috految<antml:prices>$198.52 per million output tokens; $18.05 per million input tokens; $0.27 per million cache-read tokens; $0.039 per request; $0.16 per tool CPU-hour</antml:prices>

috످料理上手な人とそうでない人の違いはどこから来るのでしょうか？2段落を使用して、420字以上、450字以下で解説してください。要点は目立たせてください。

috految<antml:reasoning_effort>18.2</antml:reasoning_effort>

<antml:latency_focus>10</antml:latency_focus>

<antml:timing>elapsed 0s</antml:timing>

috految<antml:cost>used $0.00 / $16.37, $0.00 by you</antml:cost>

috److料理上手な人とそうでない人の違いは、主に「**基礎知識**」「**段取り力**」「**観察力**」の三つから生まれます。まず、上手な人は「肉の水気を拭くと香ばしく焼ける」「具材の大きさを揃えると均一に火が通る」など、**調理の基本とその理由を理解**しています。また、**完成から逆算して手順を組み立てる**ため、複数の品も手際よく仕上げられます。さらに、食材の色や香り、焼ける音の変化を**五感で捉え、火加減や味付けを調整**できます。一方、苦手な人は、計量や味見を省いたり、自己流のアレンジを加えたりして失敗しがちです。

こうした差の根底にあるのは、「**食の経験**」と「**改善の習慣**」です。幼少期の家庭の味や外食などを通じて多様な料理に触れてきた人は、**おいしさの基準が明確**なため、目指す味を具体的に想像できます。加えて、上手な人ほど食べる相手の反応をよく見て、**失敗の原因を分析し、次に生かす**ことを大切にしています。つまり、**料理の腕は才能以上に日々の積み重ねで決まる**のです。まずは**レシピ通りに作り、味見をして、振り返ること**が上達への近道です。

috످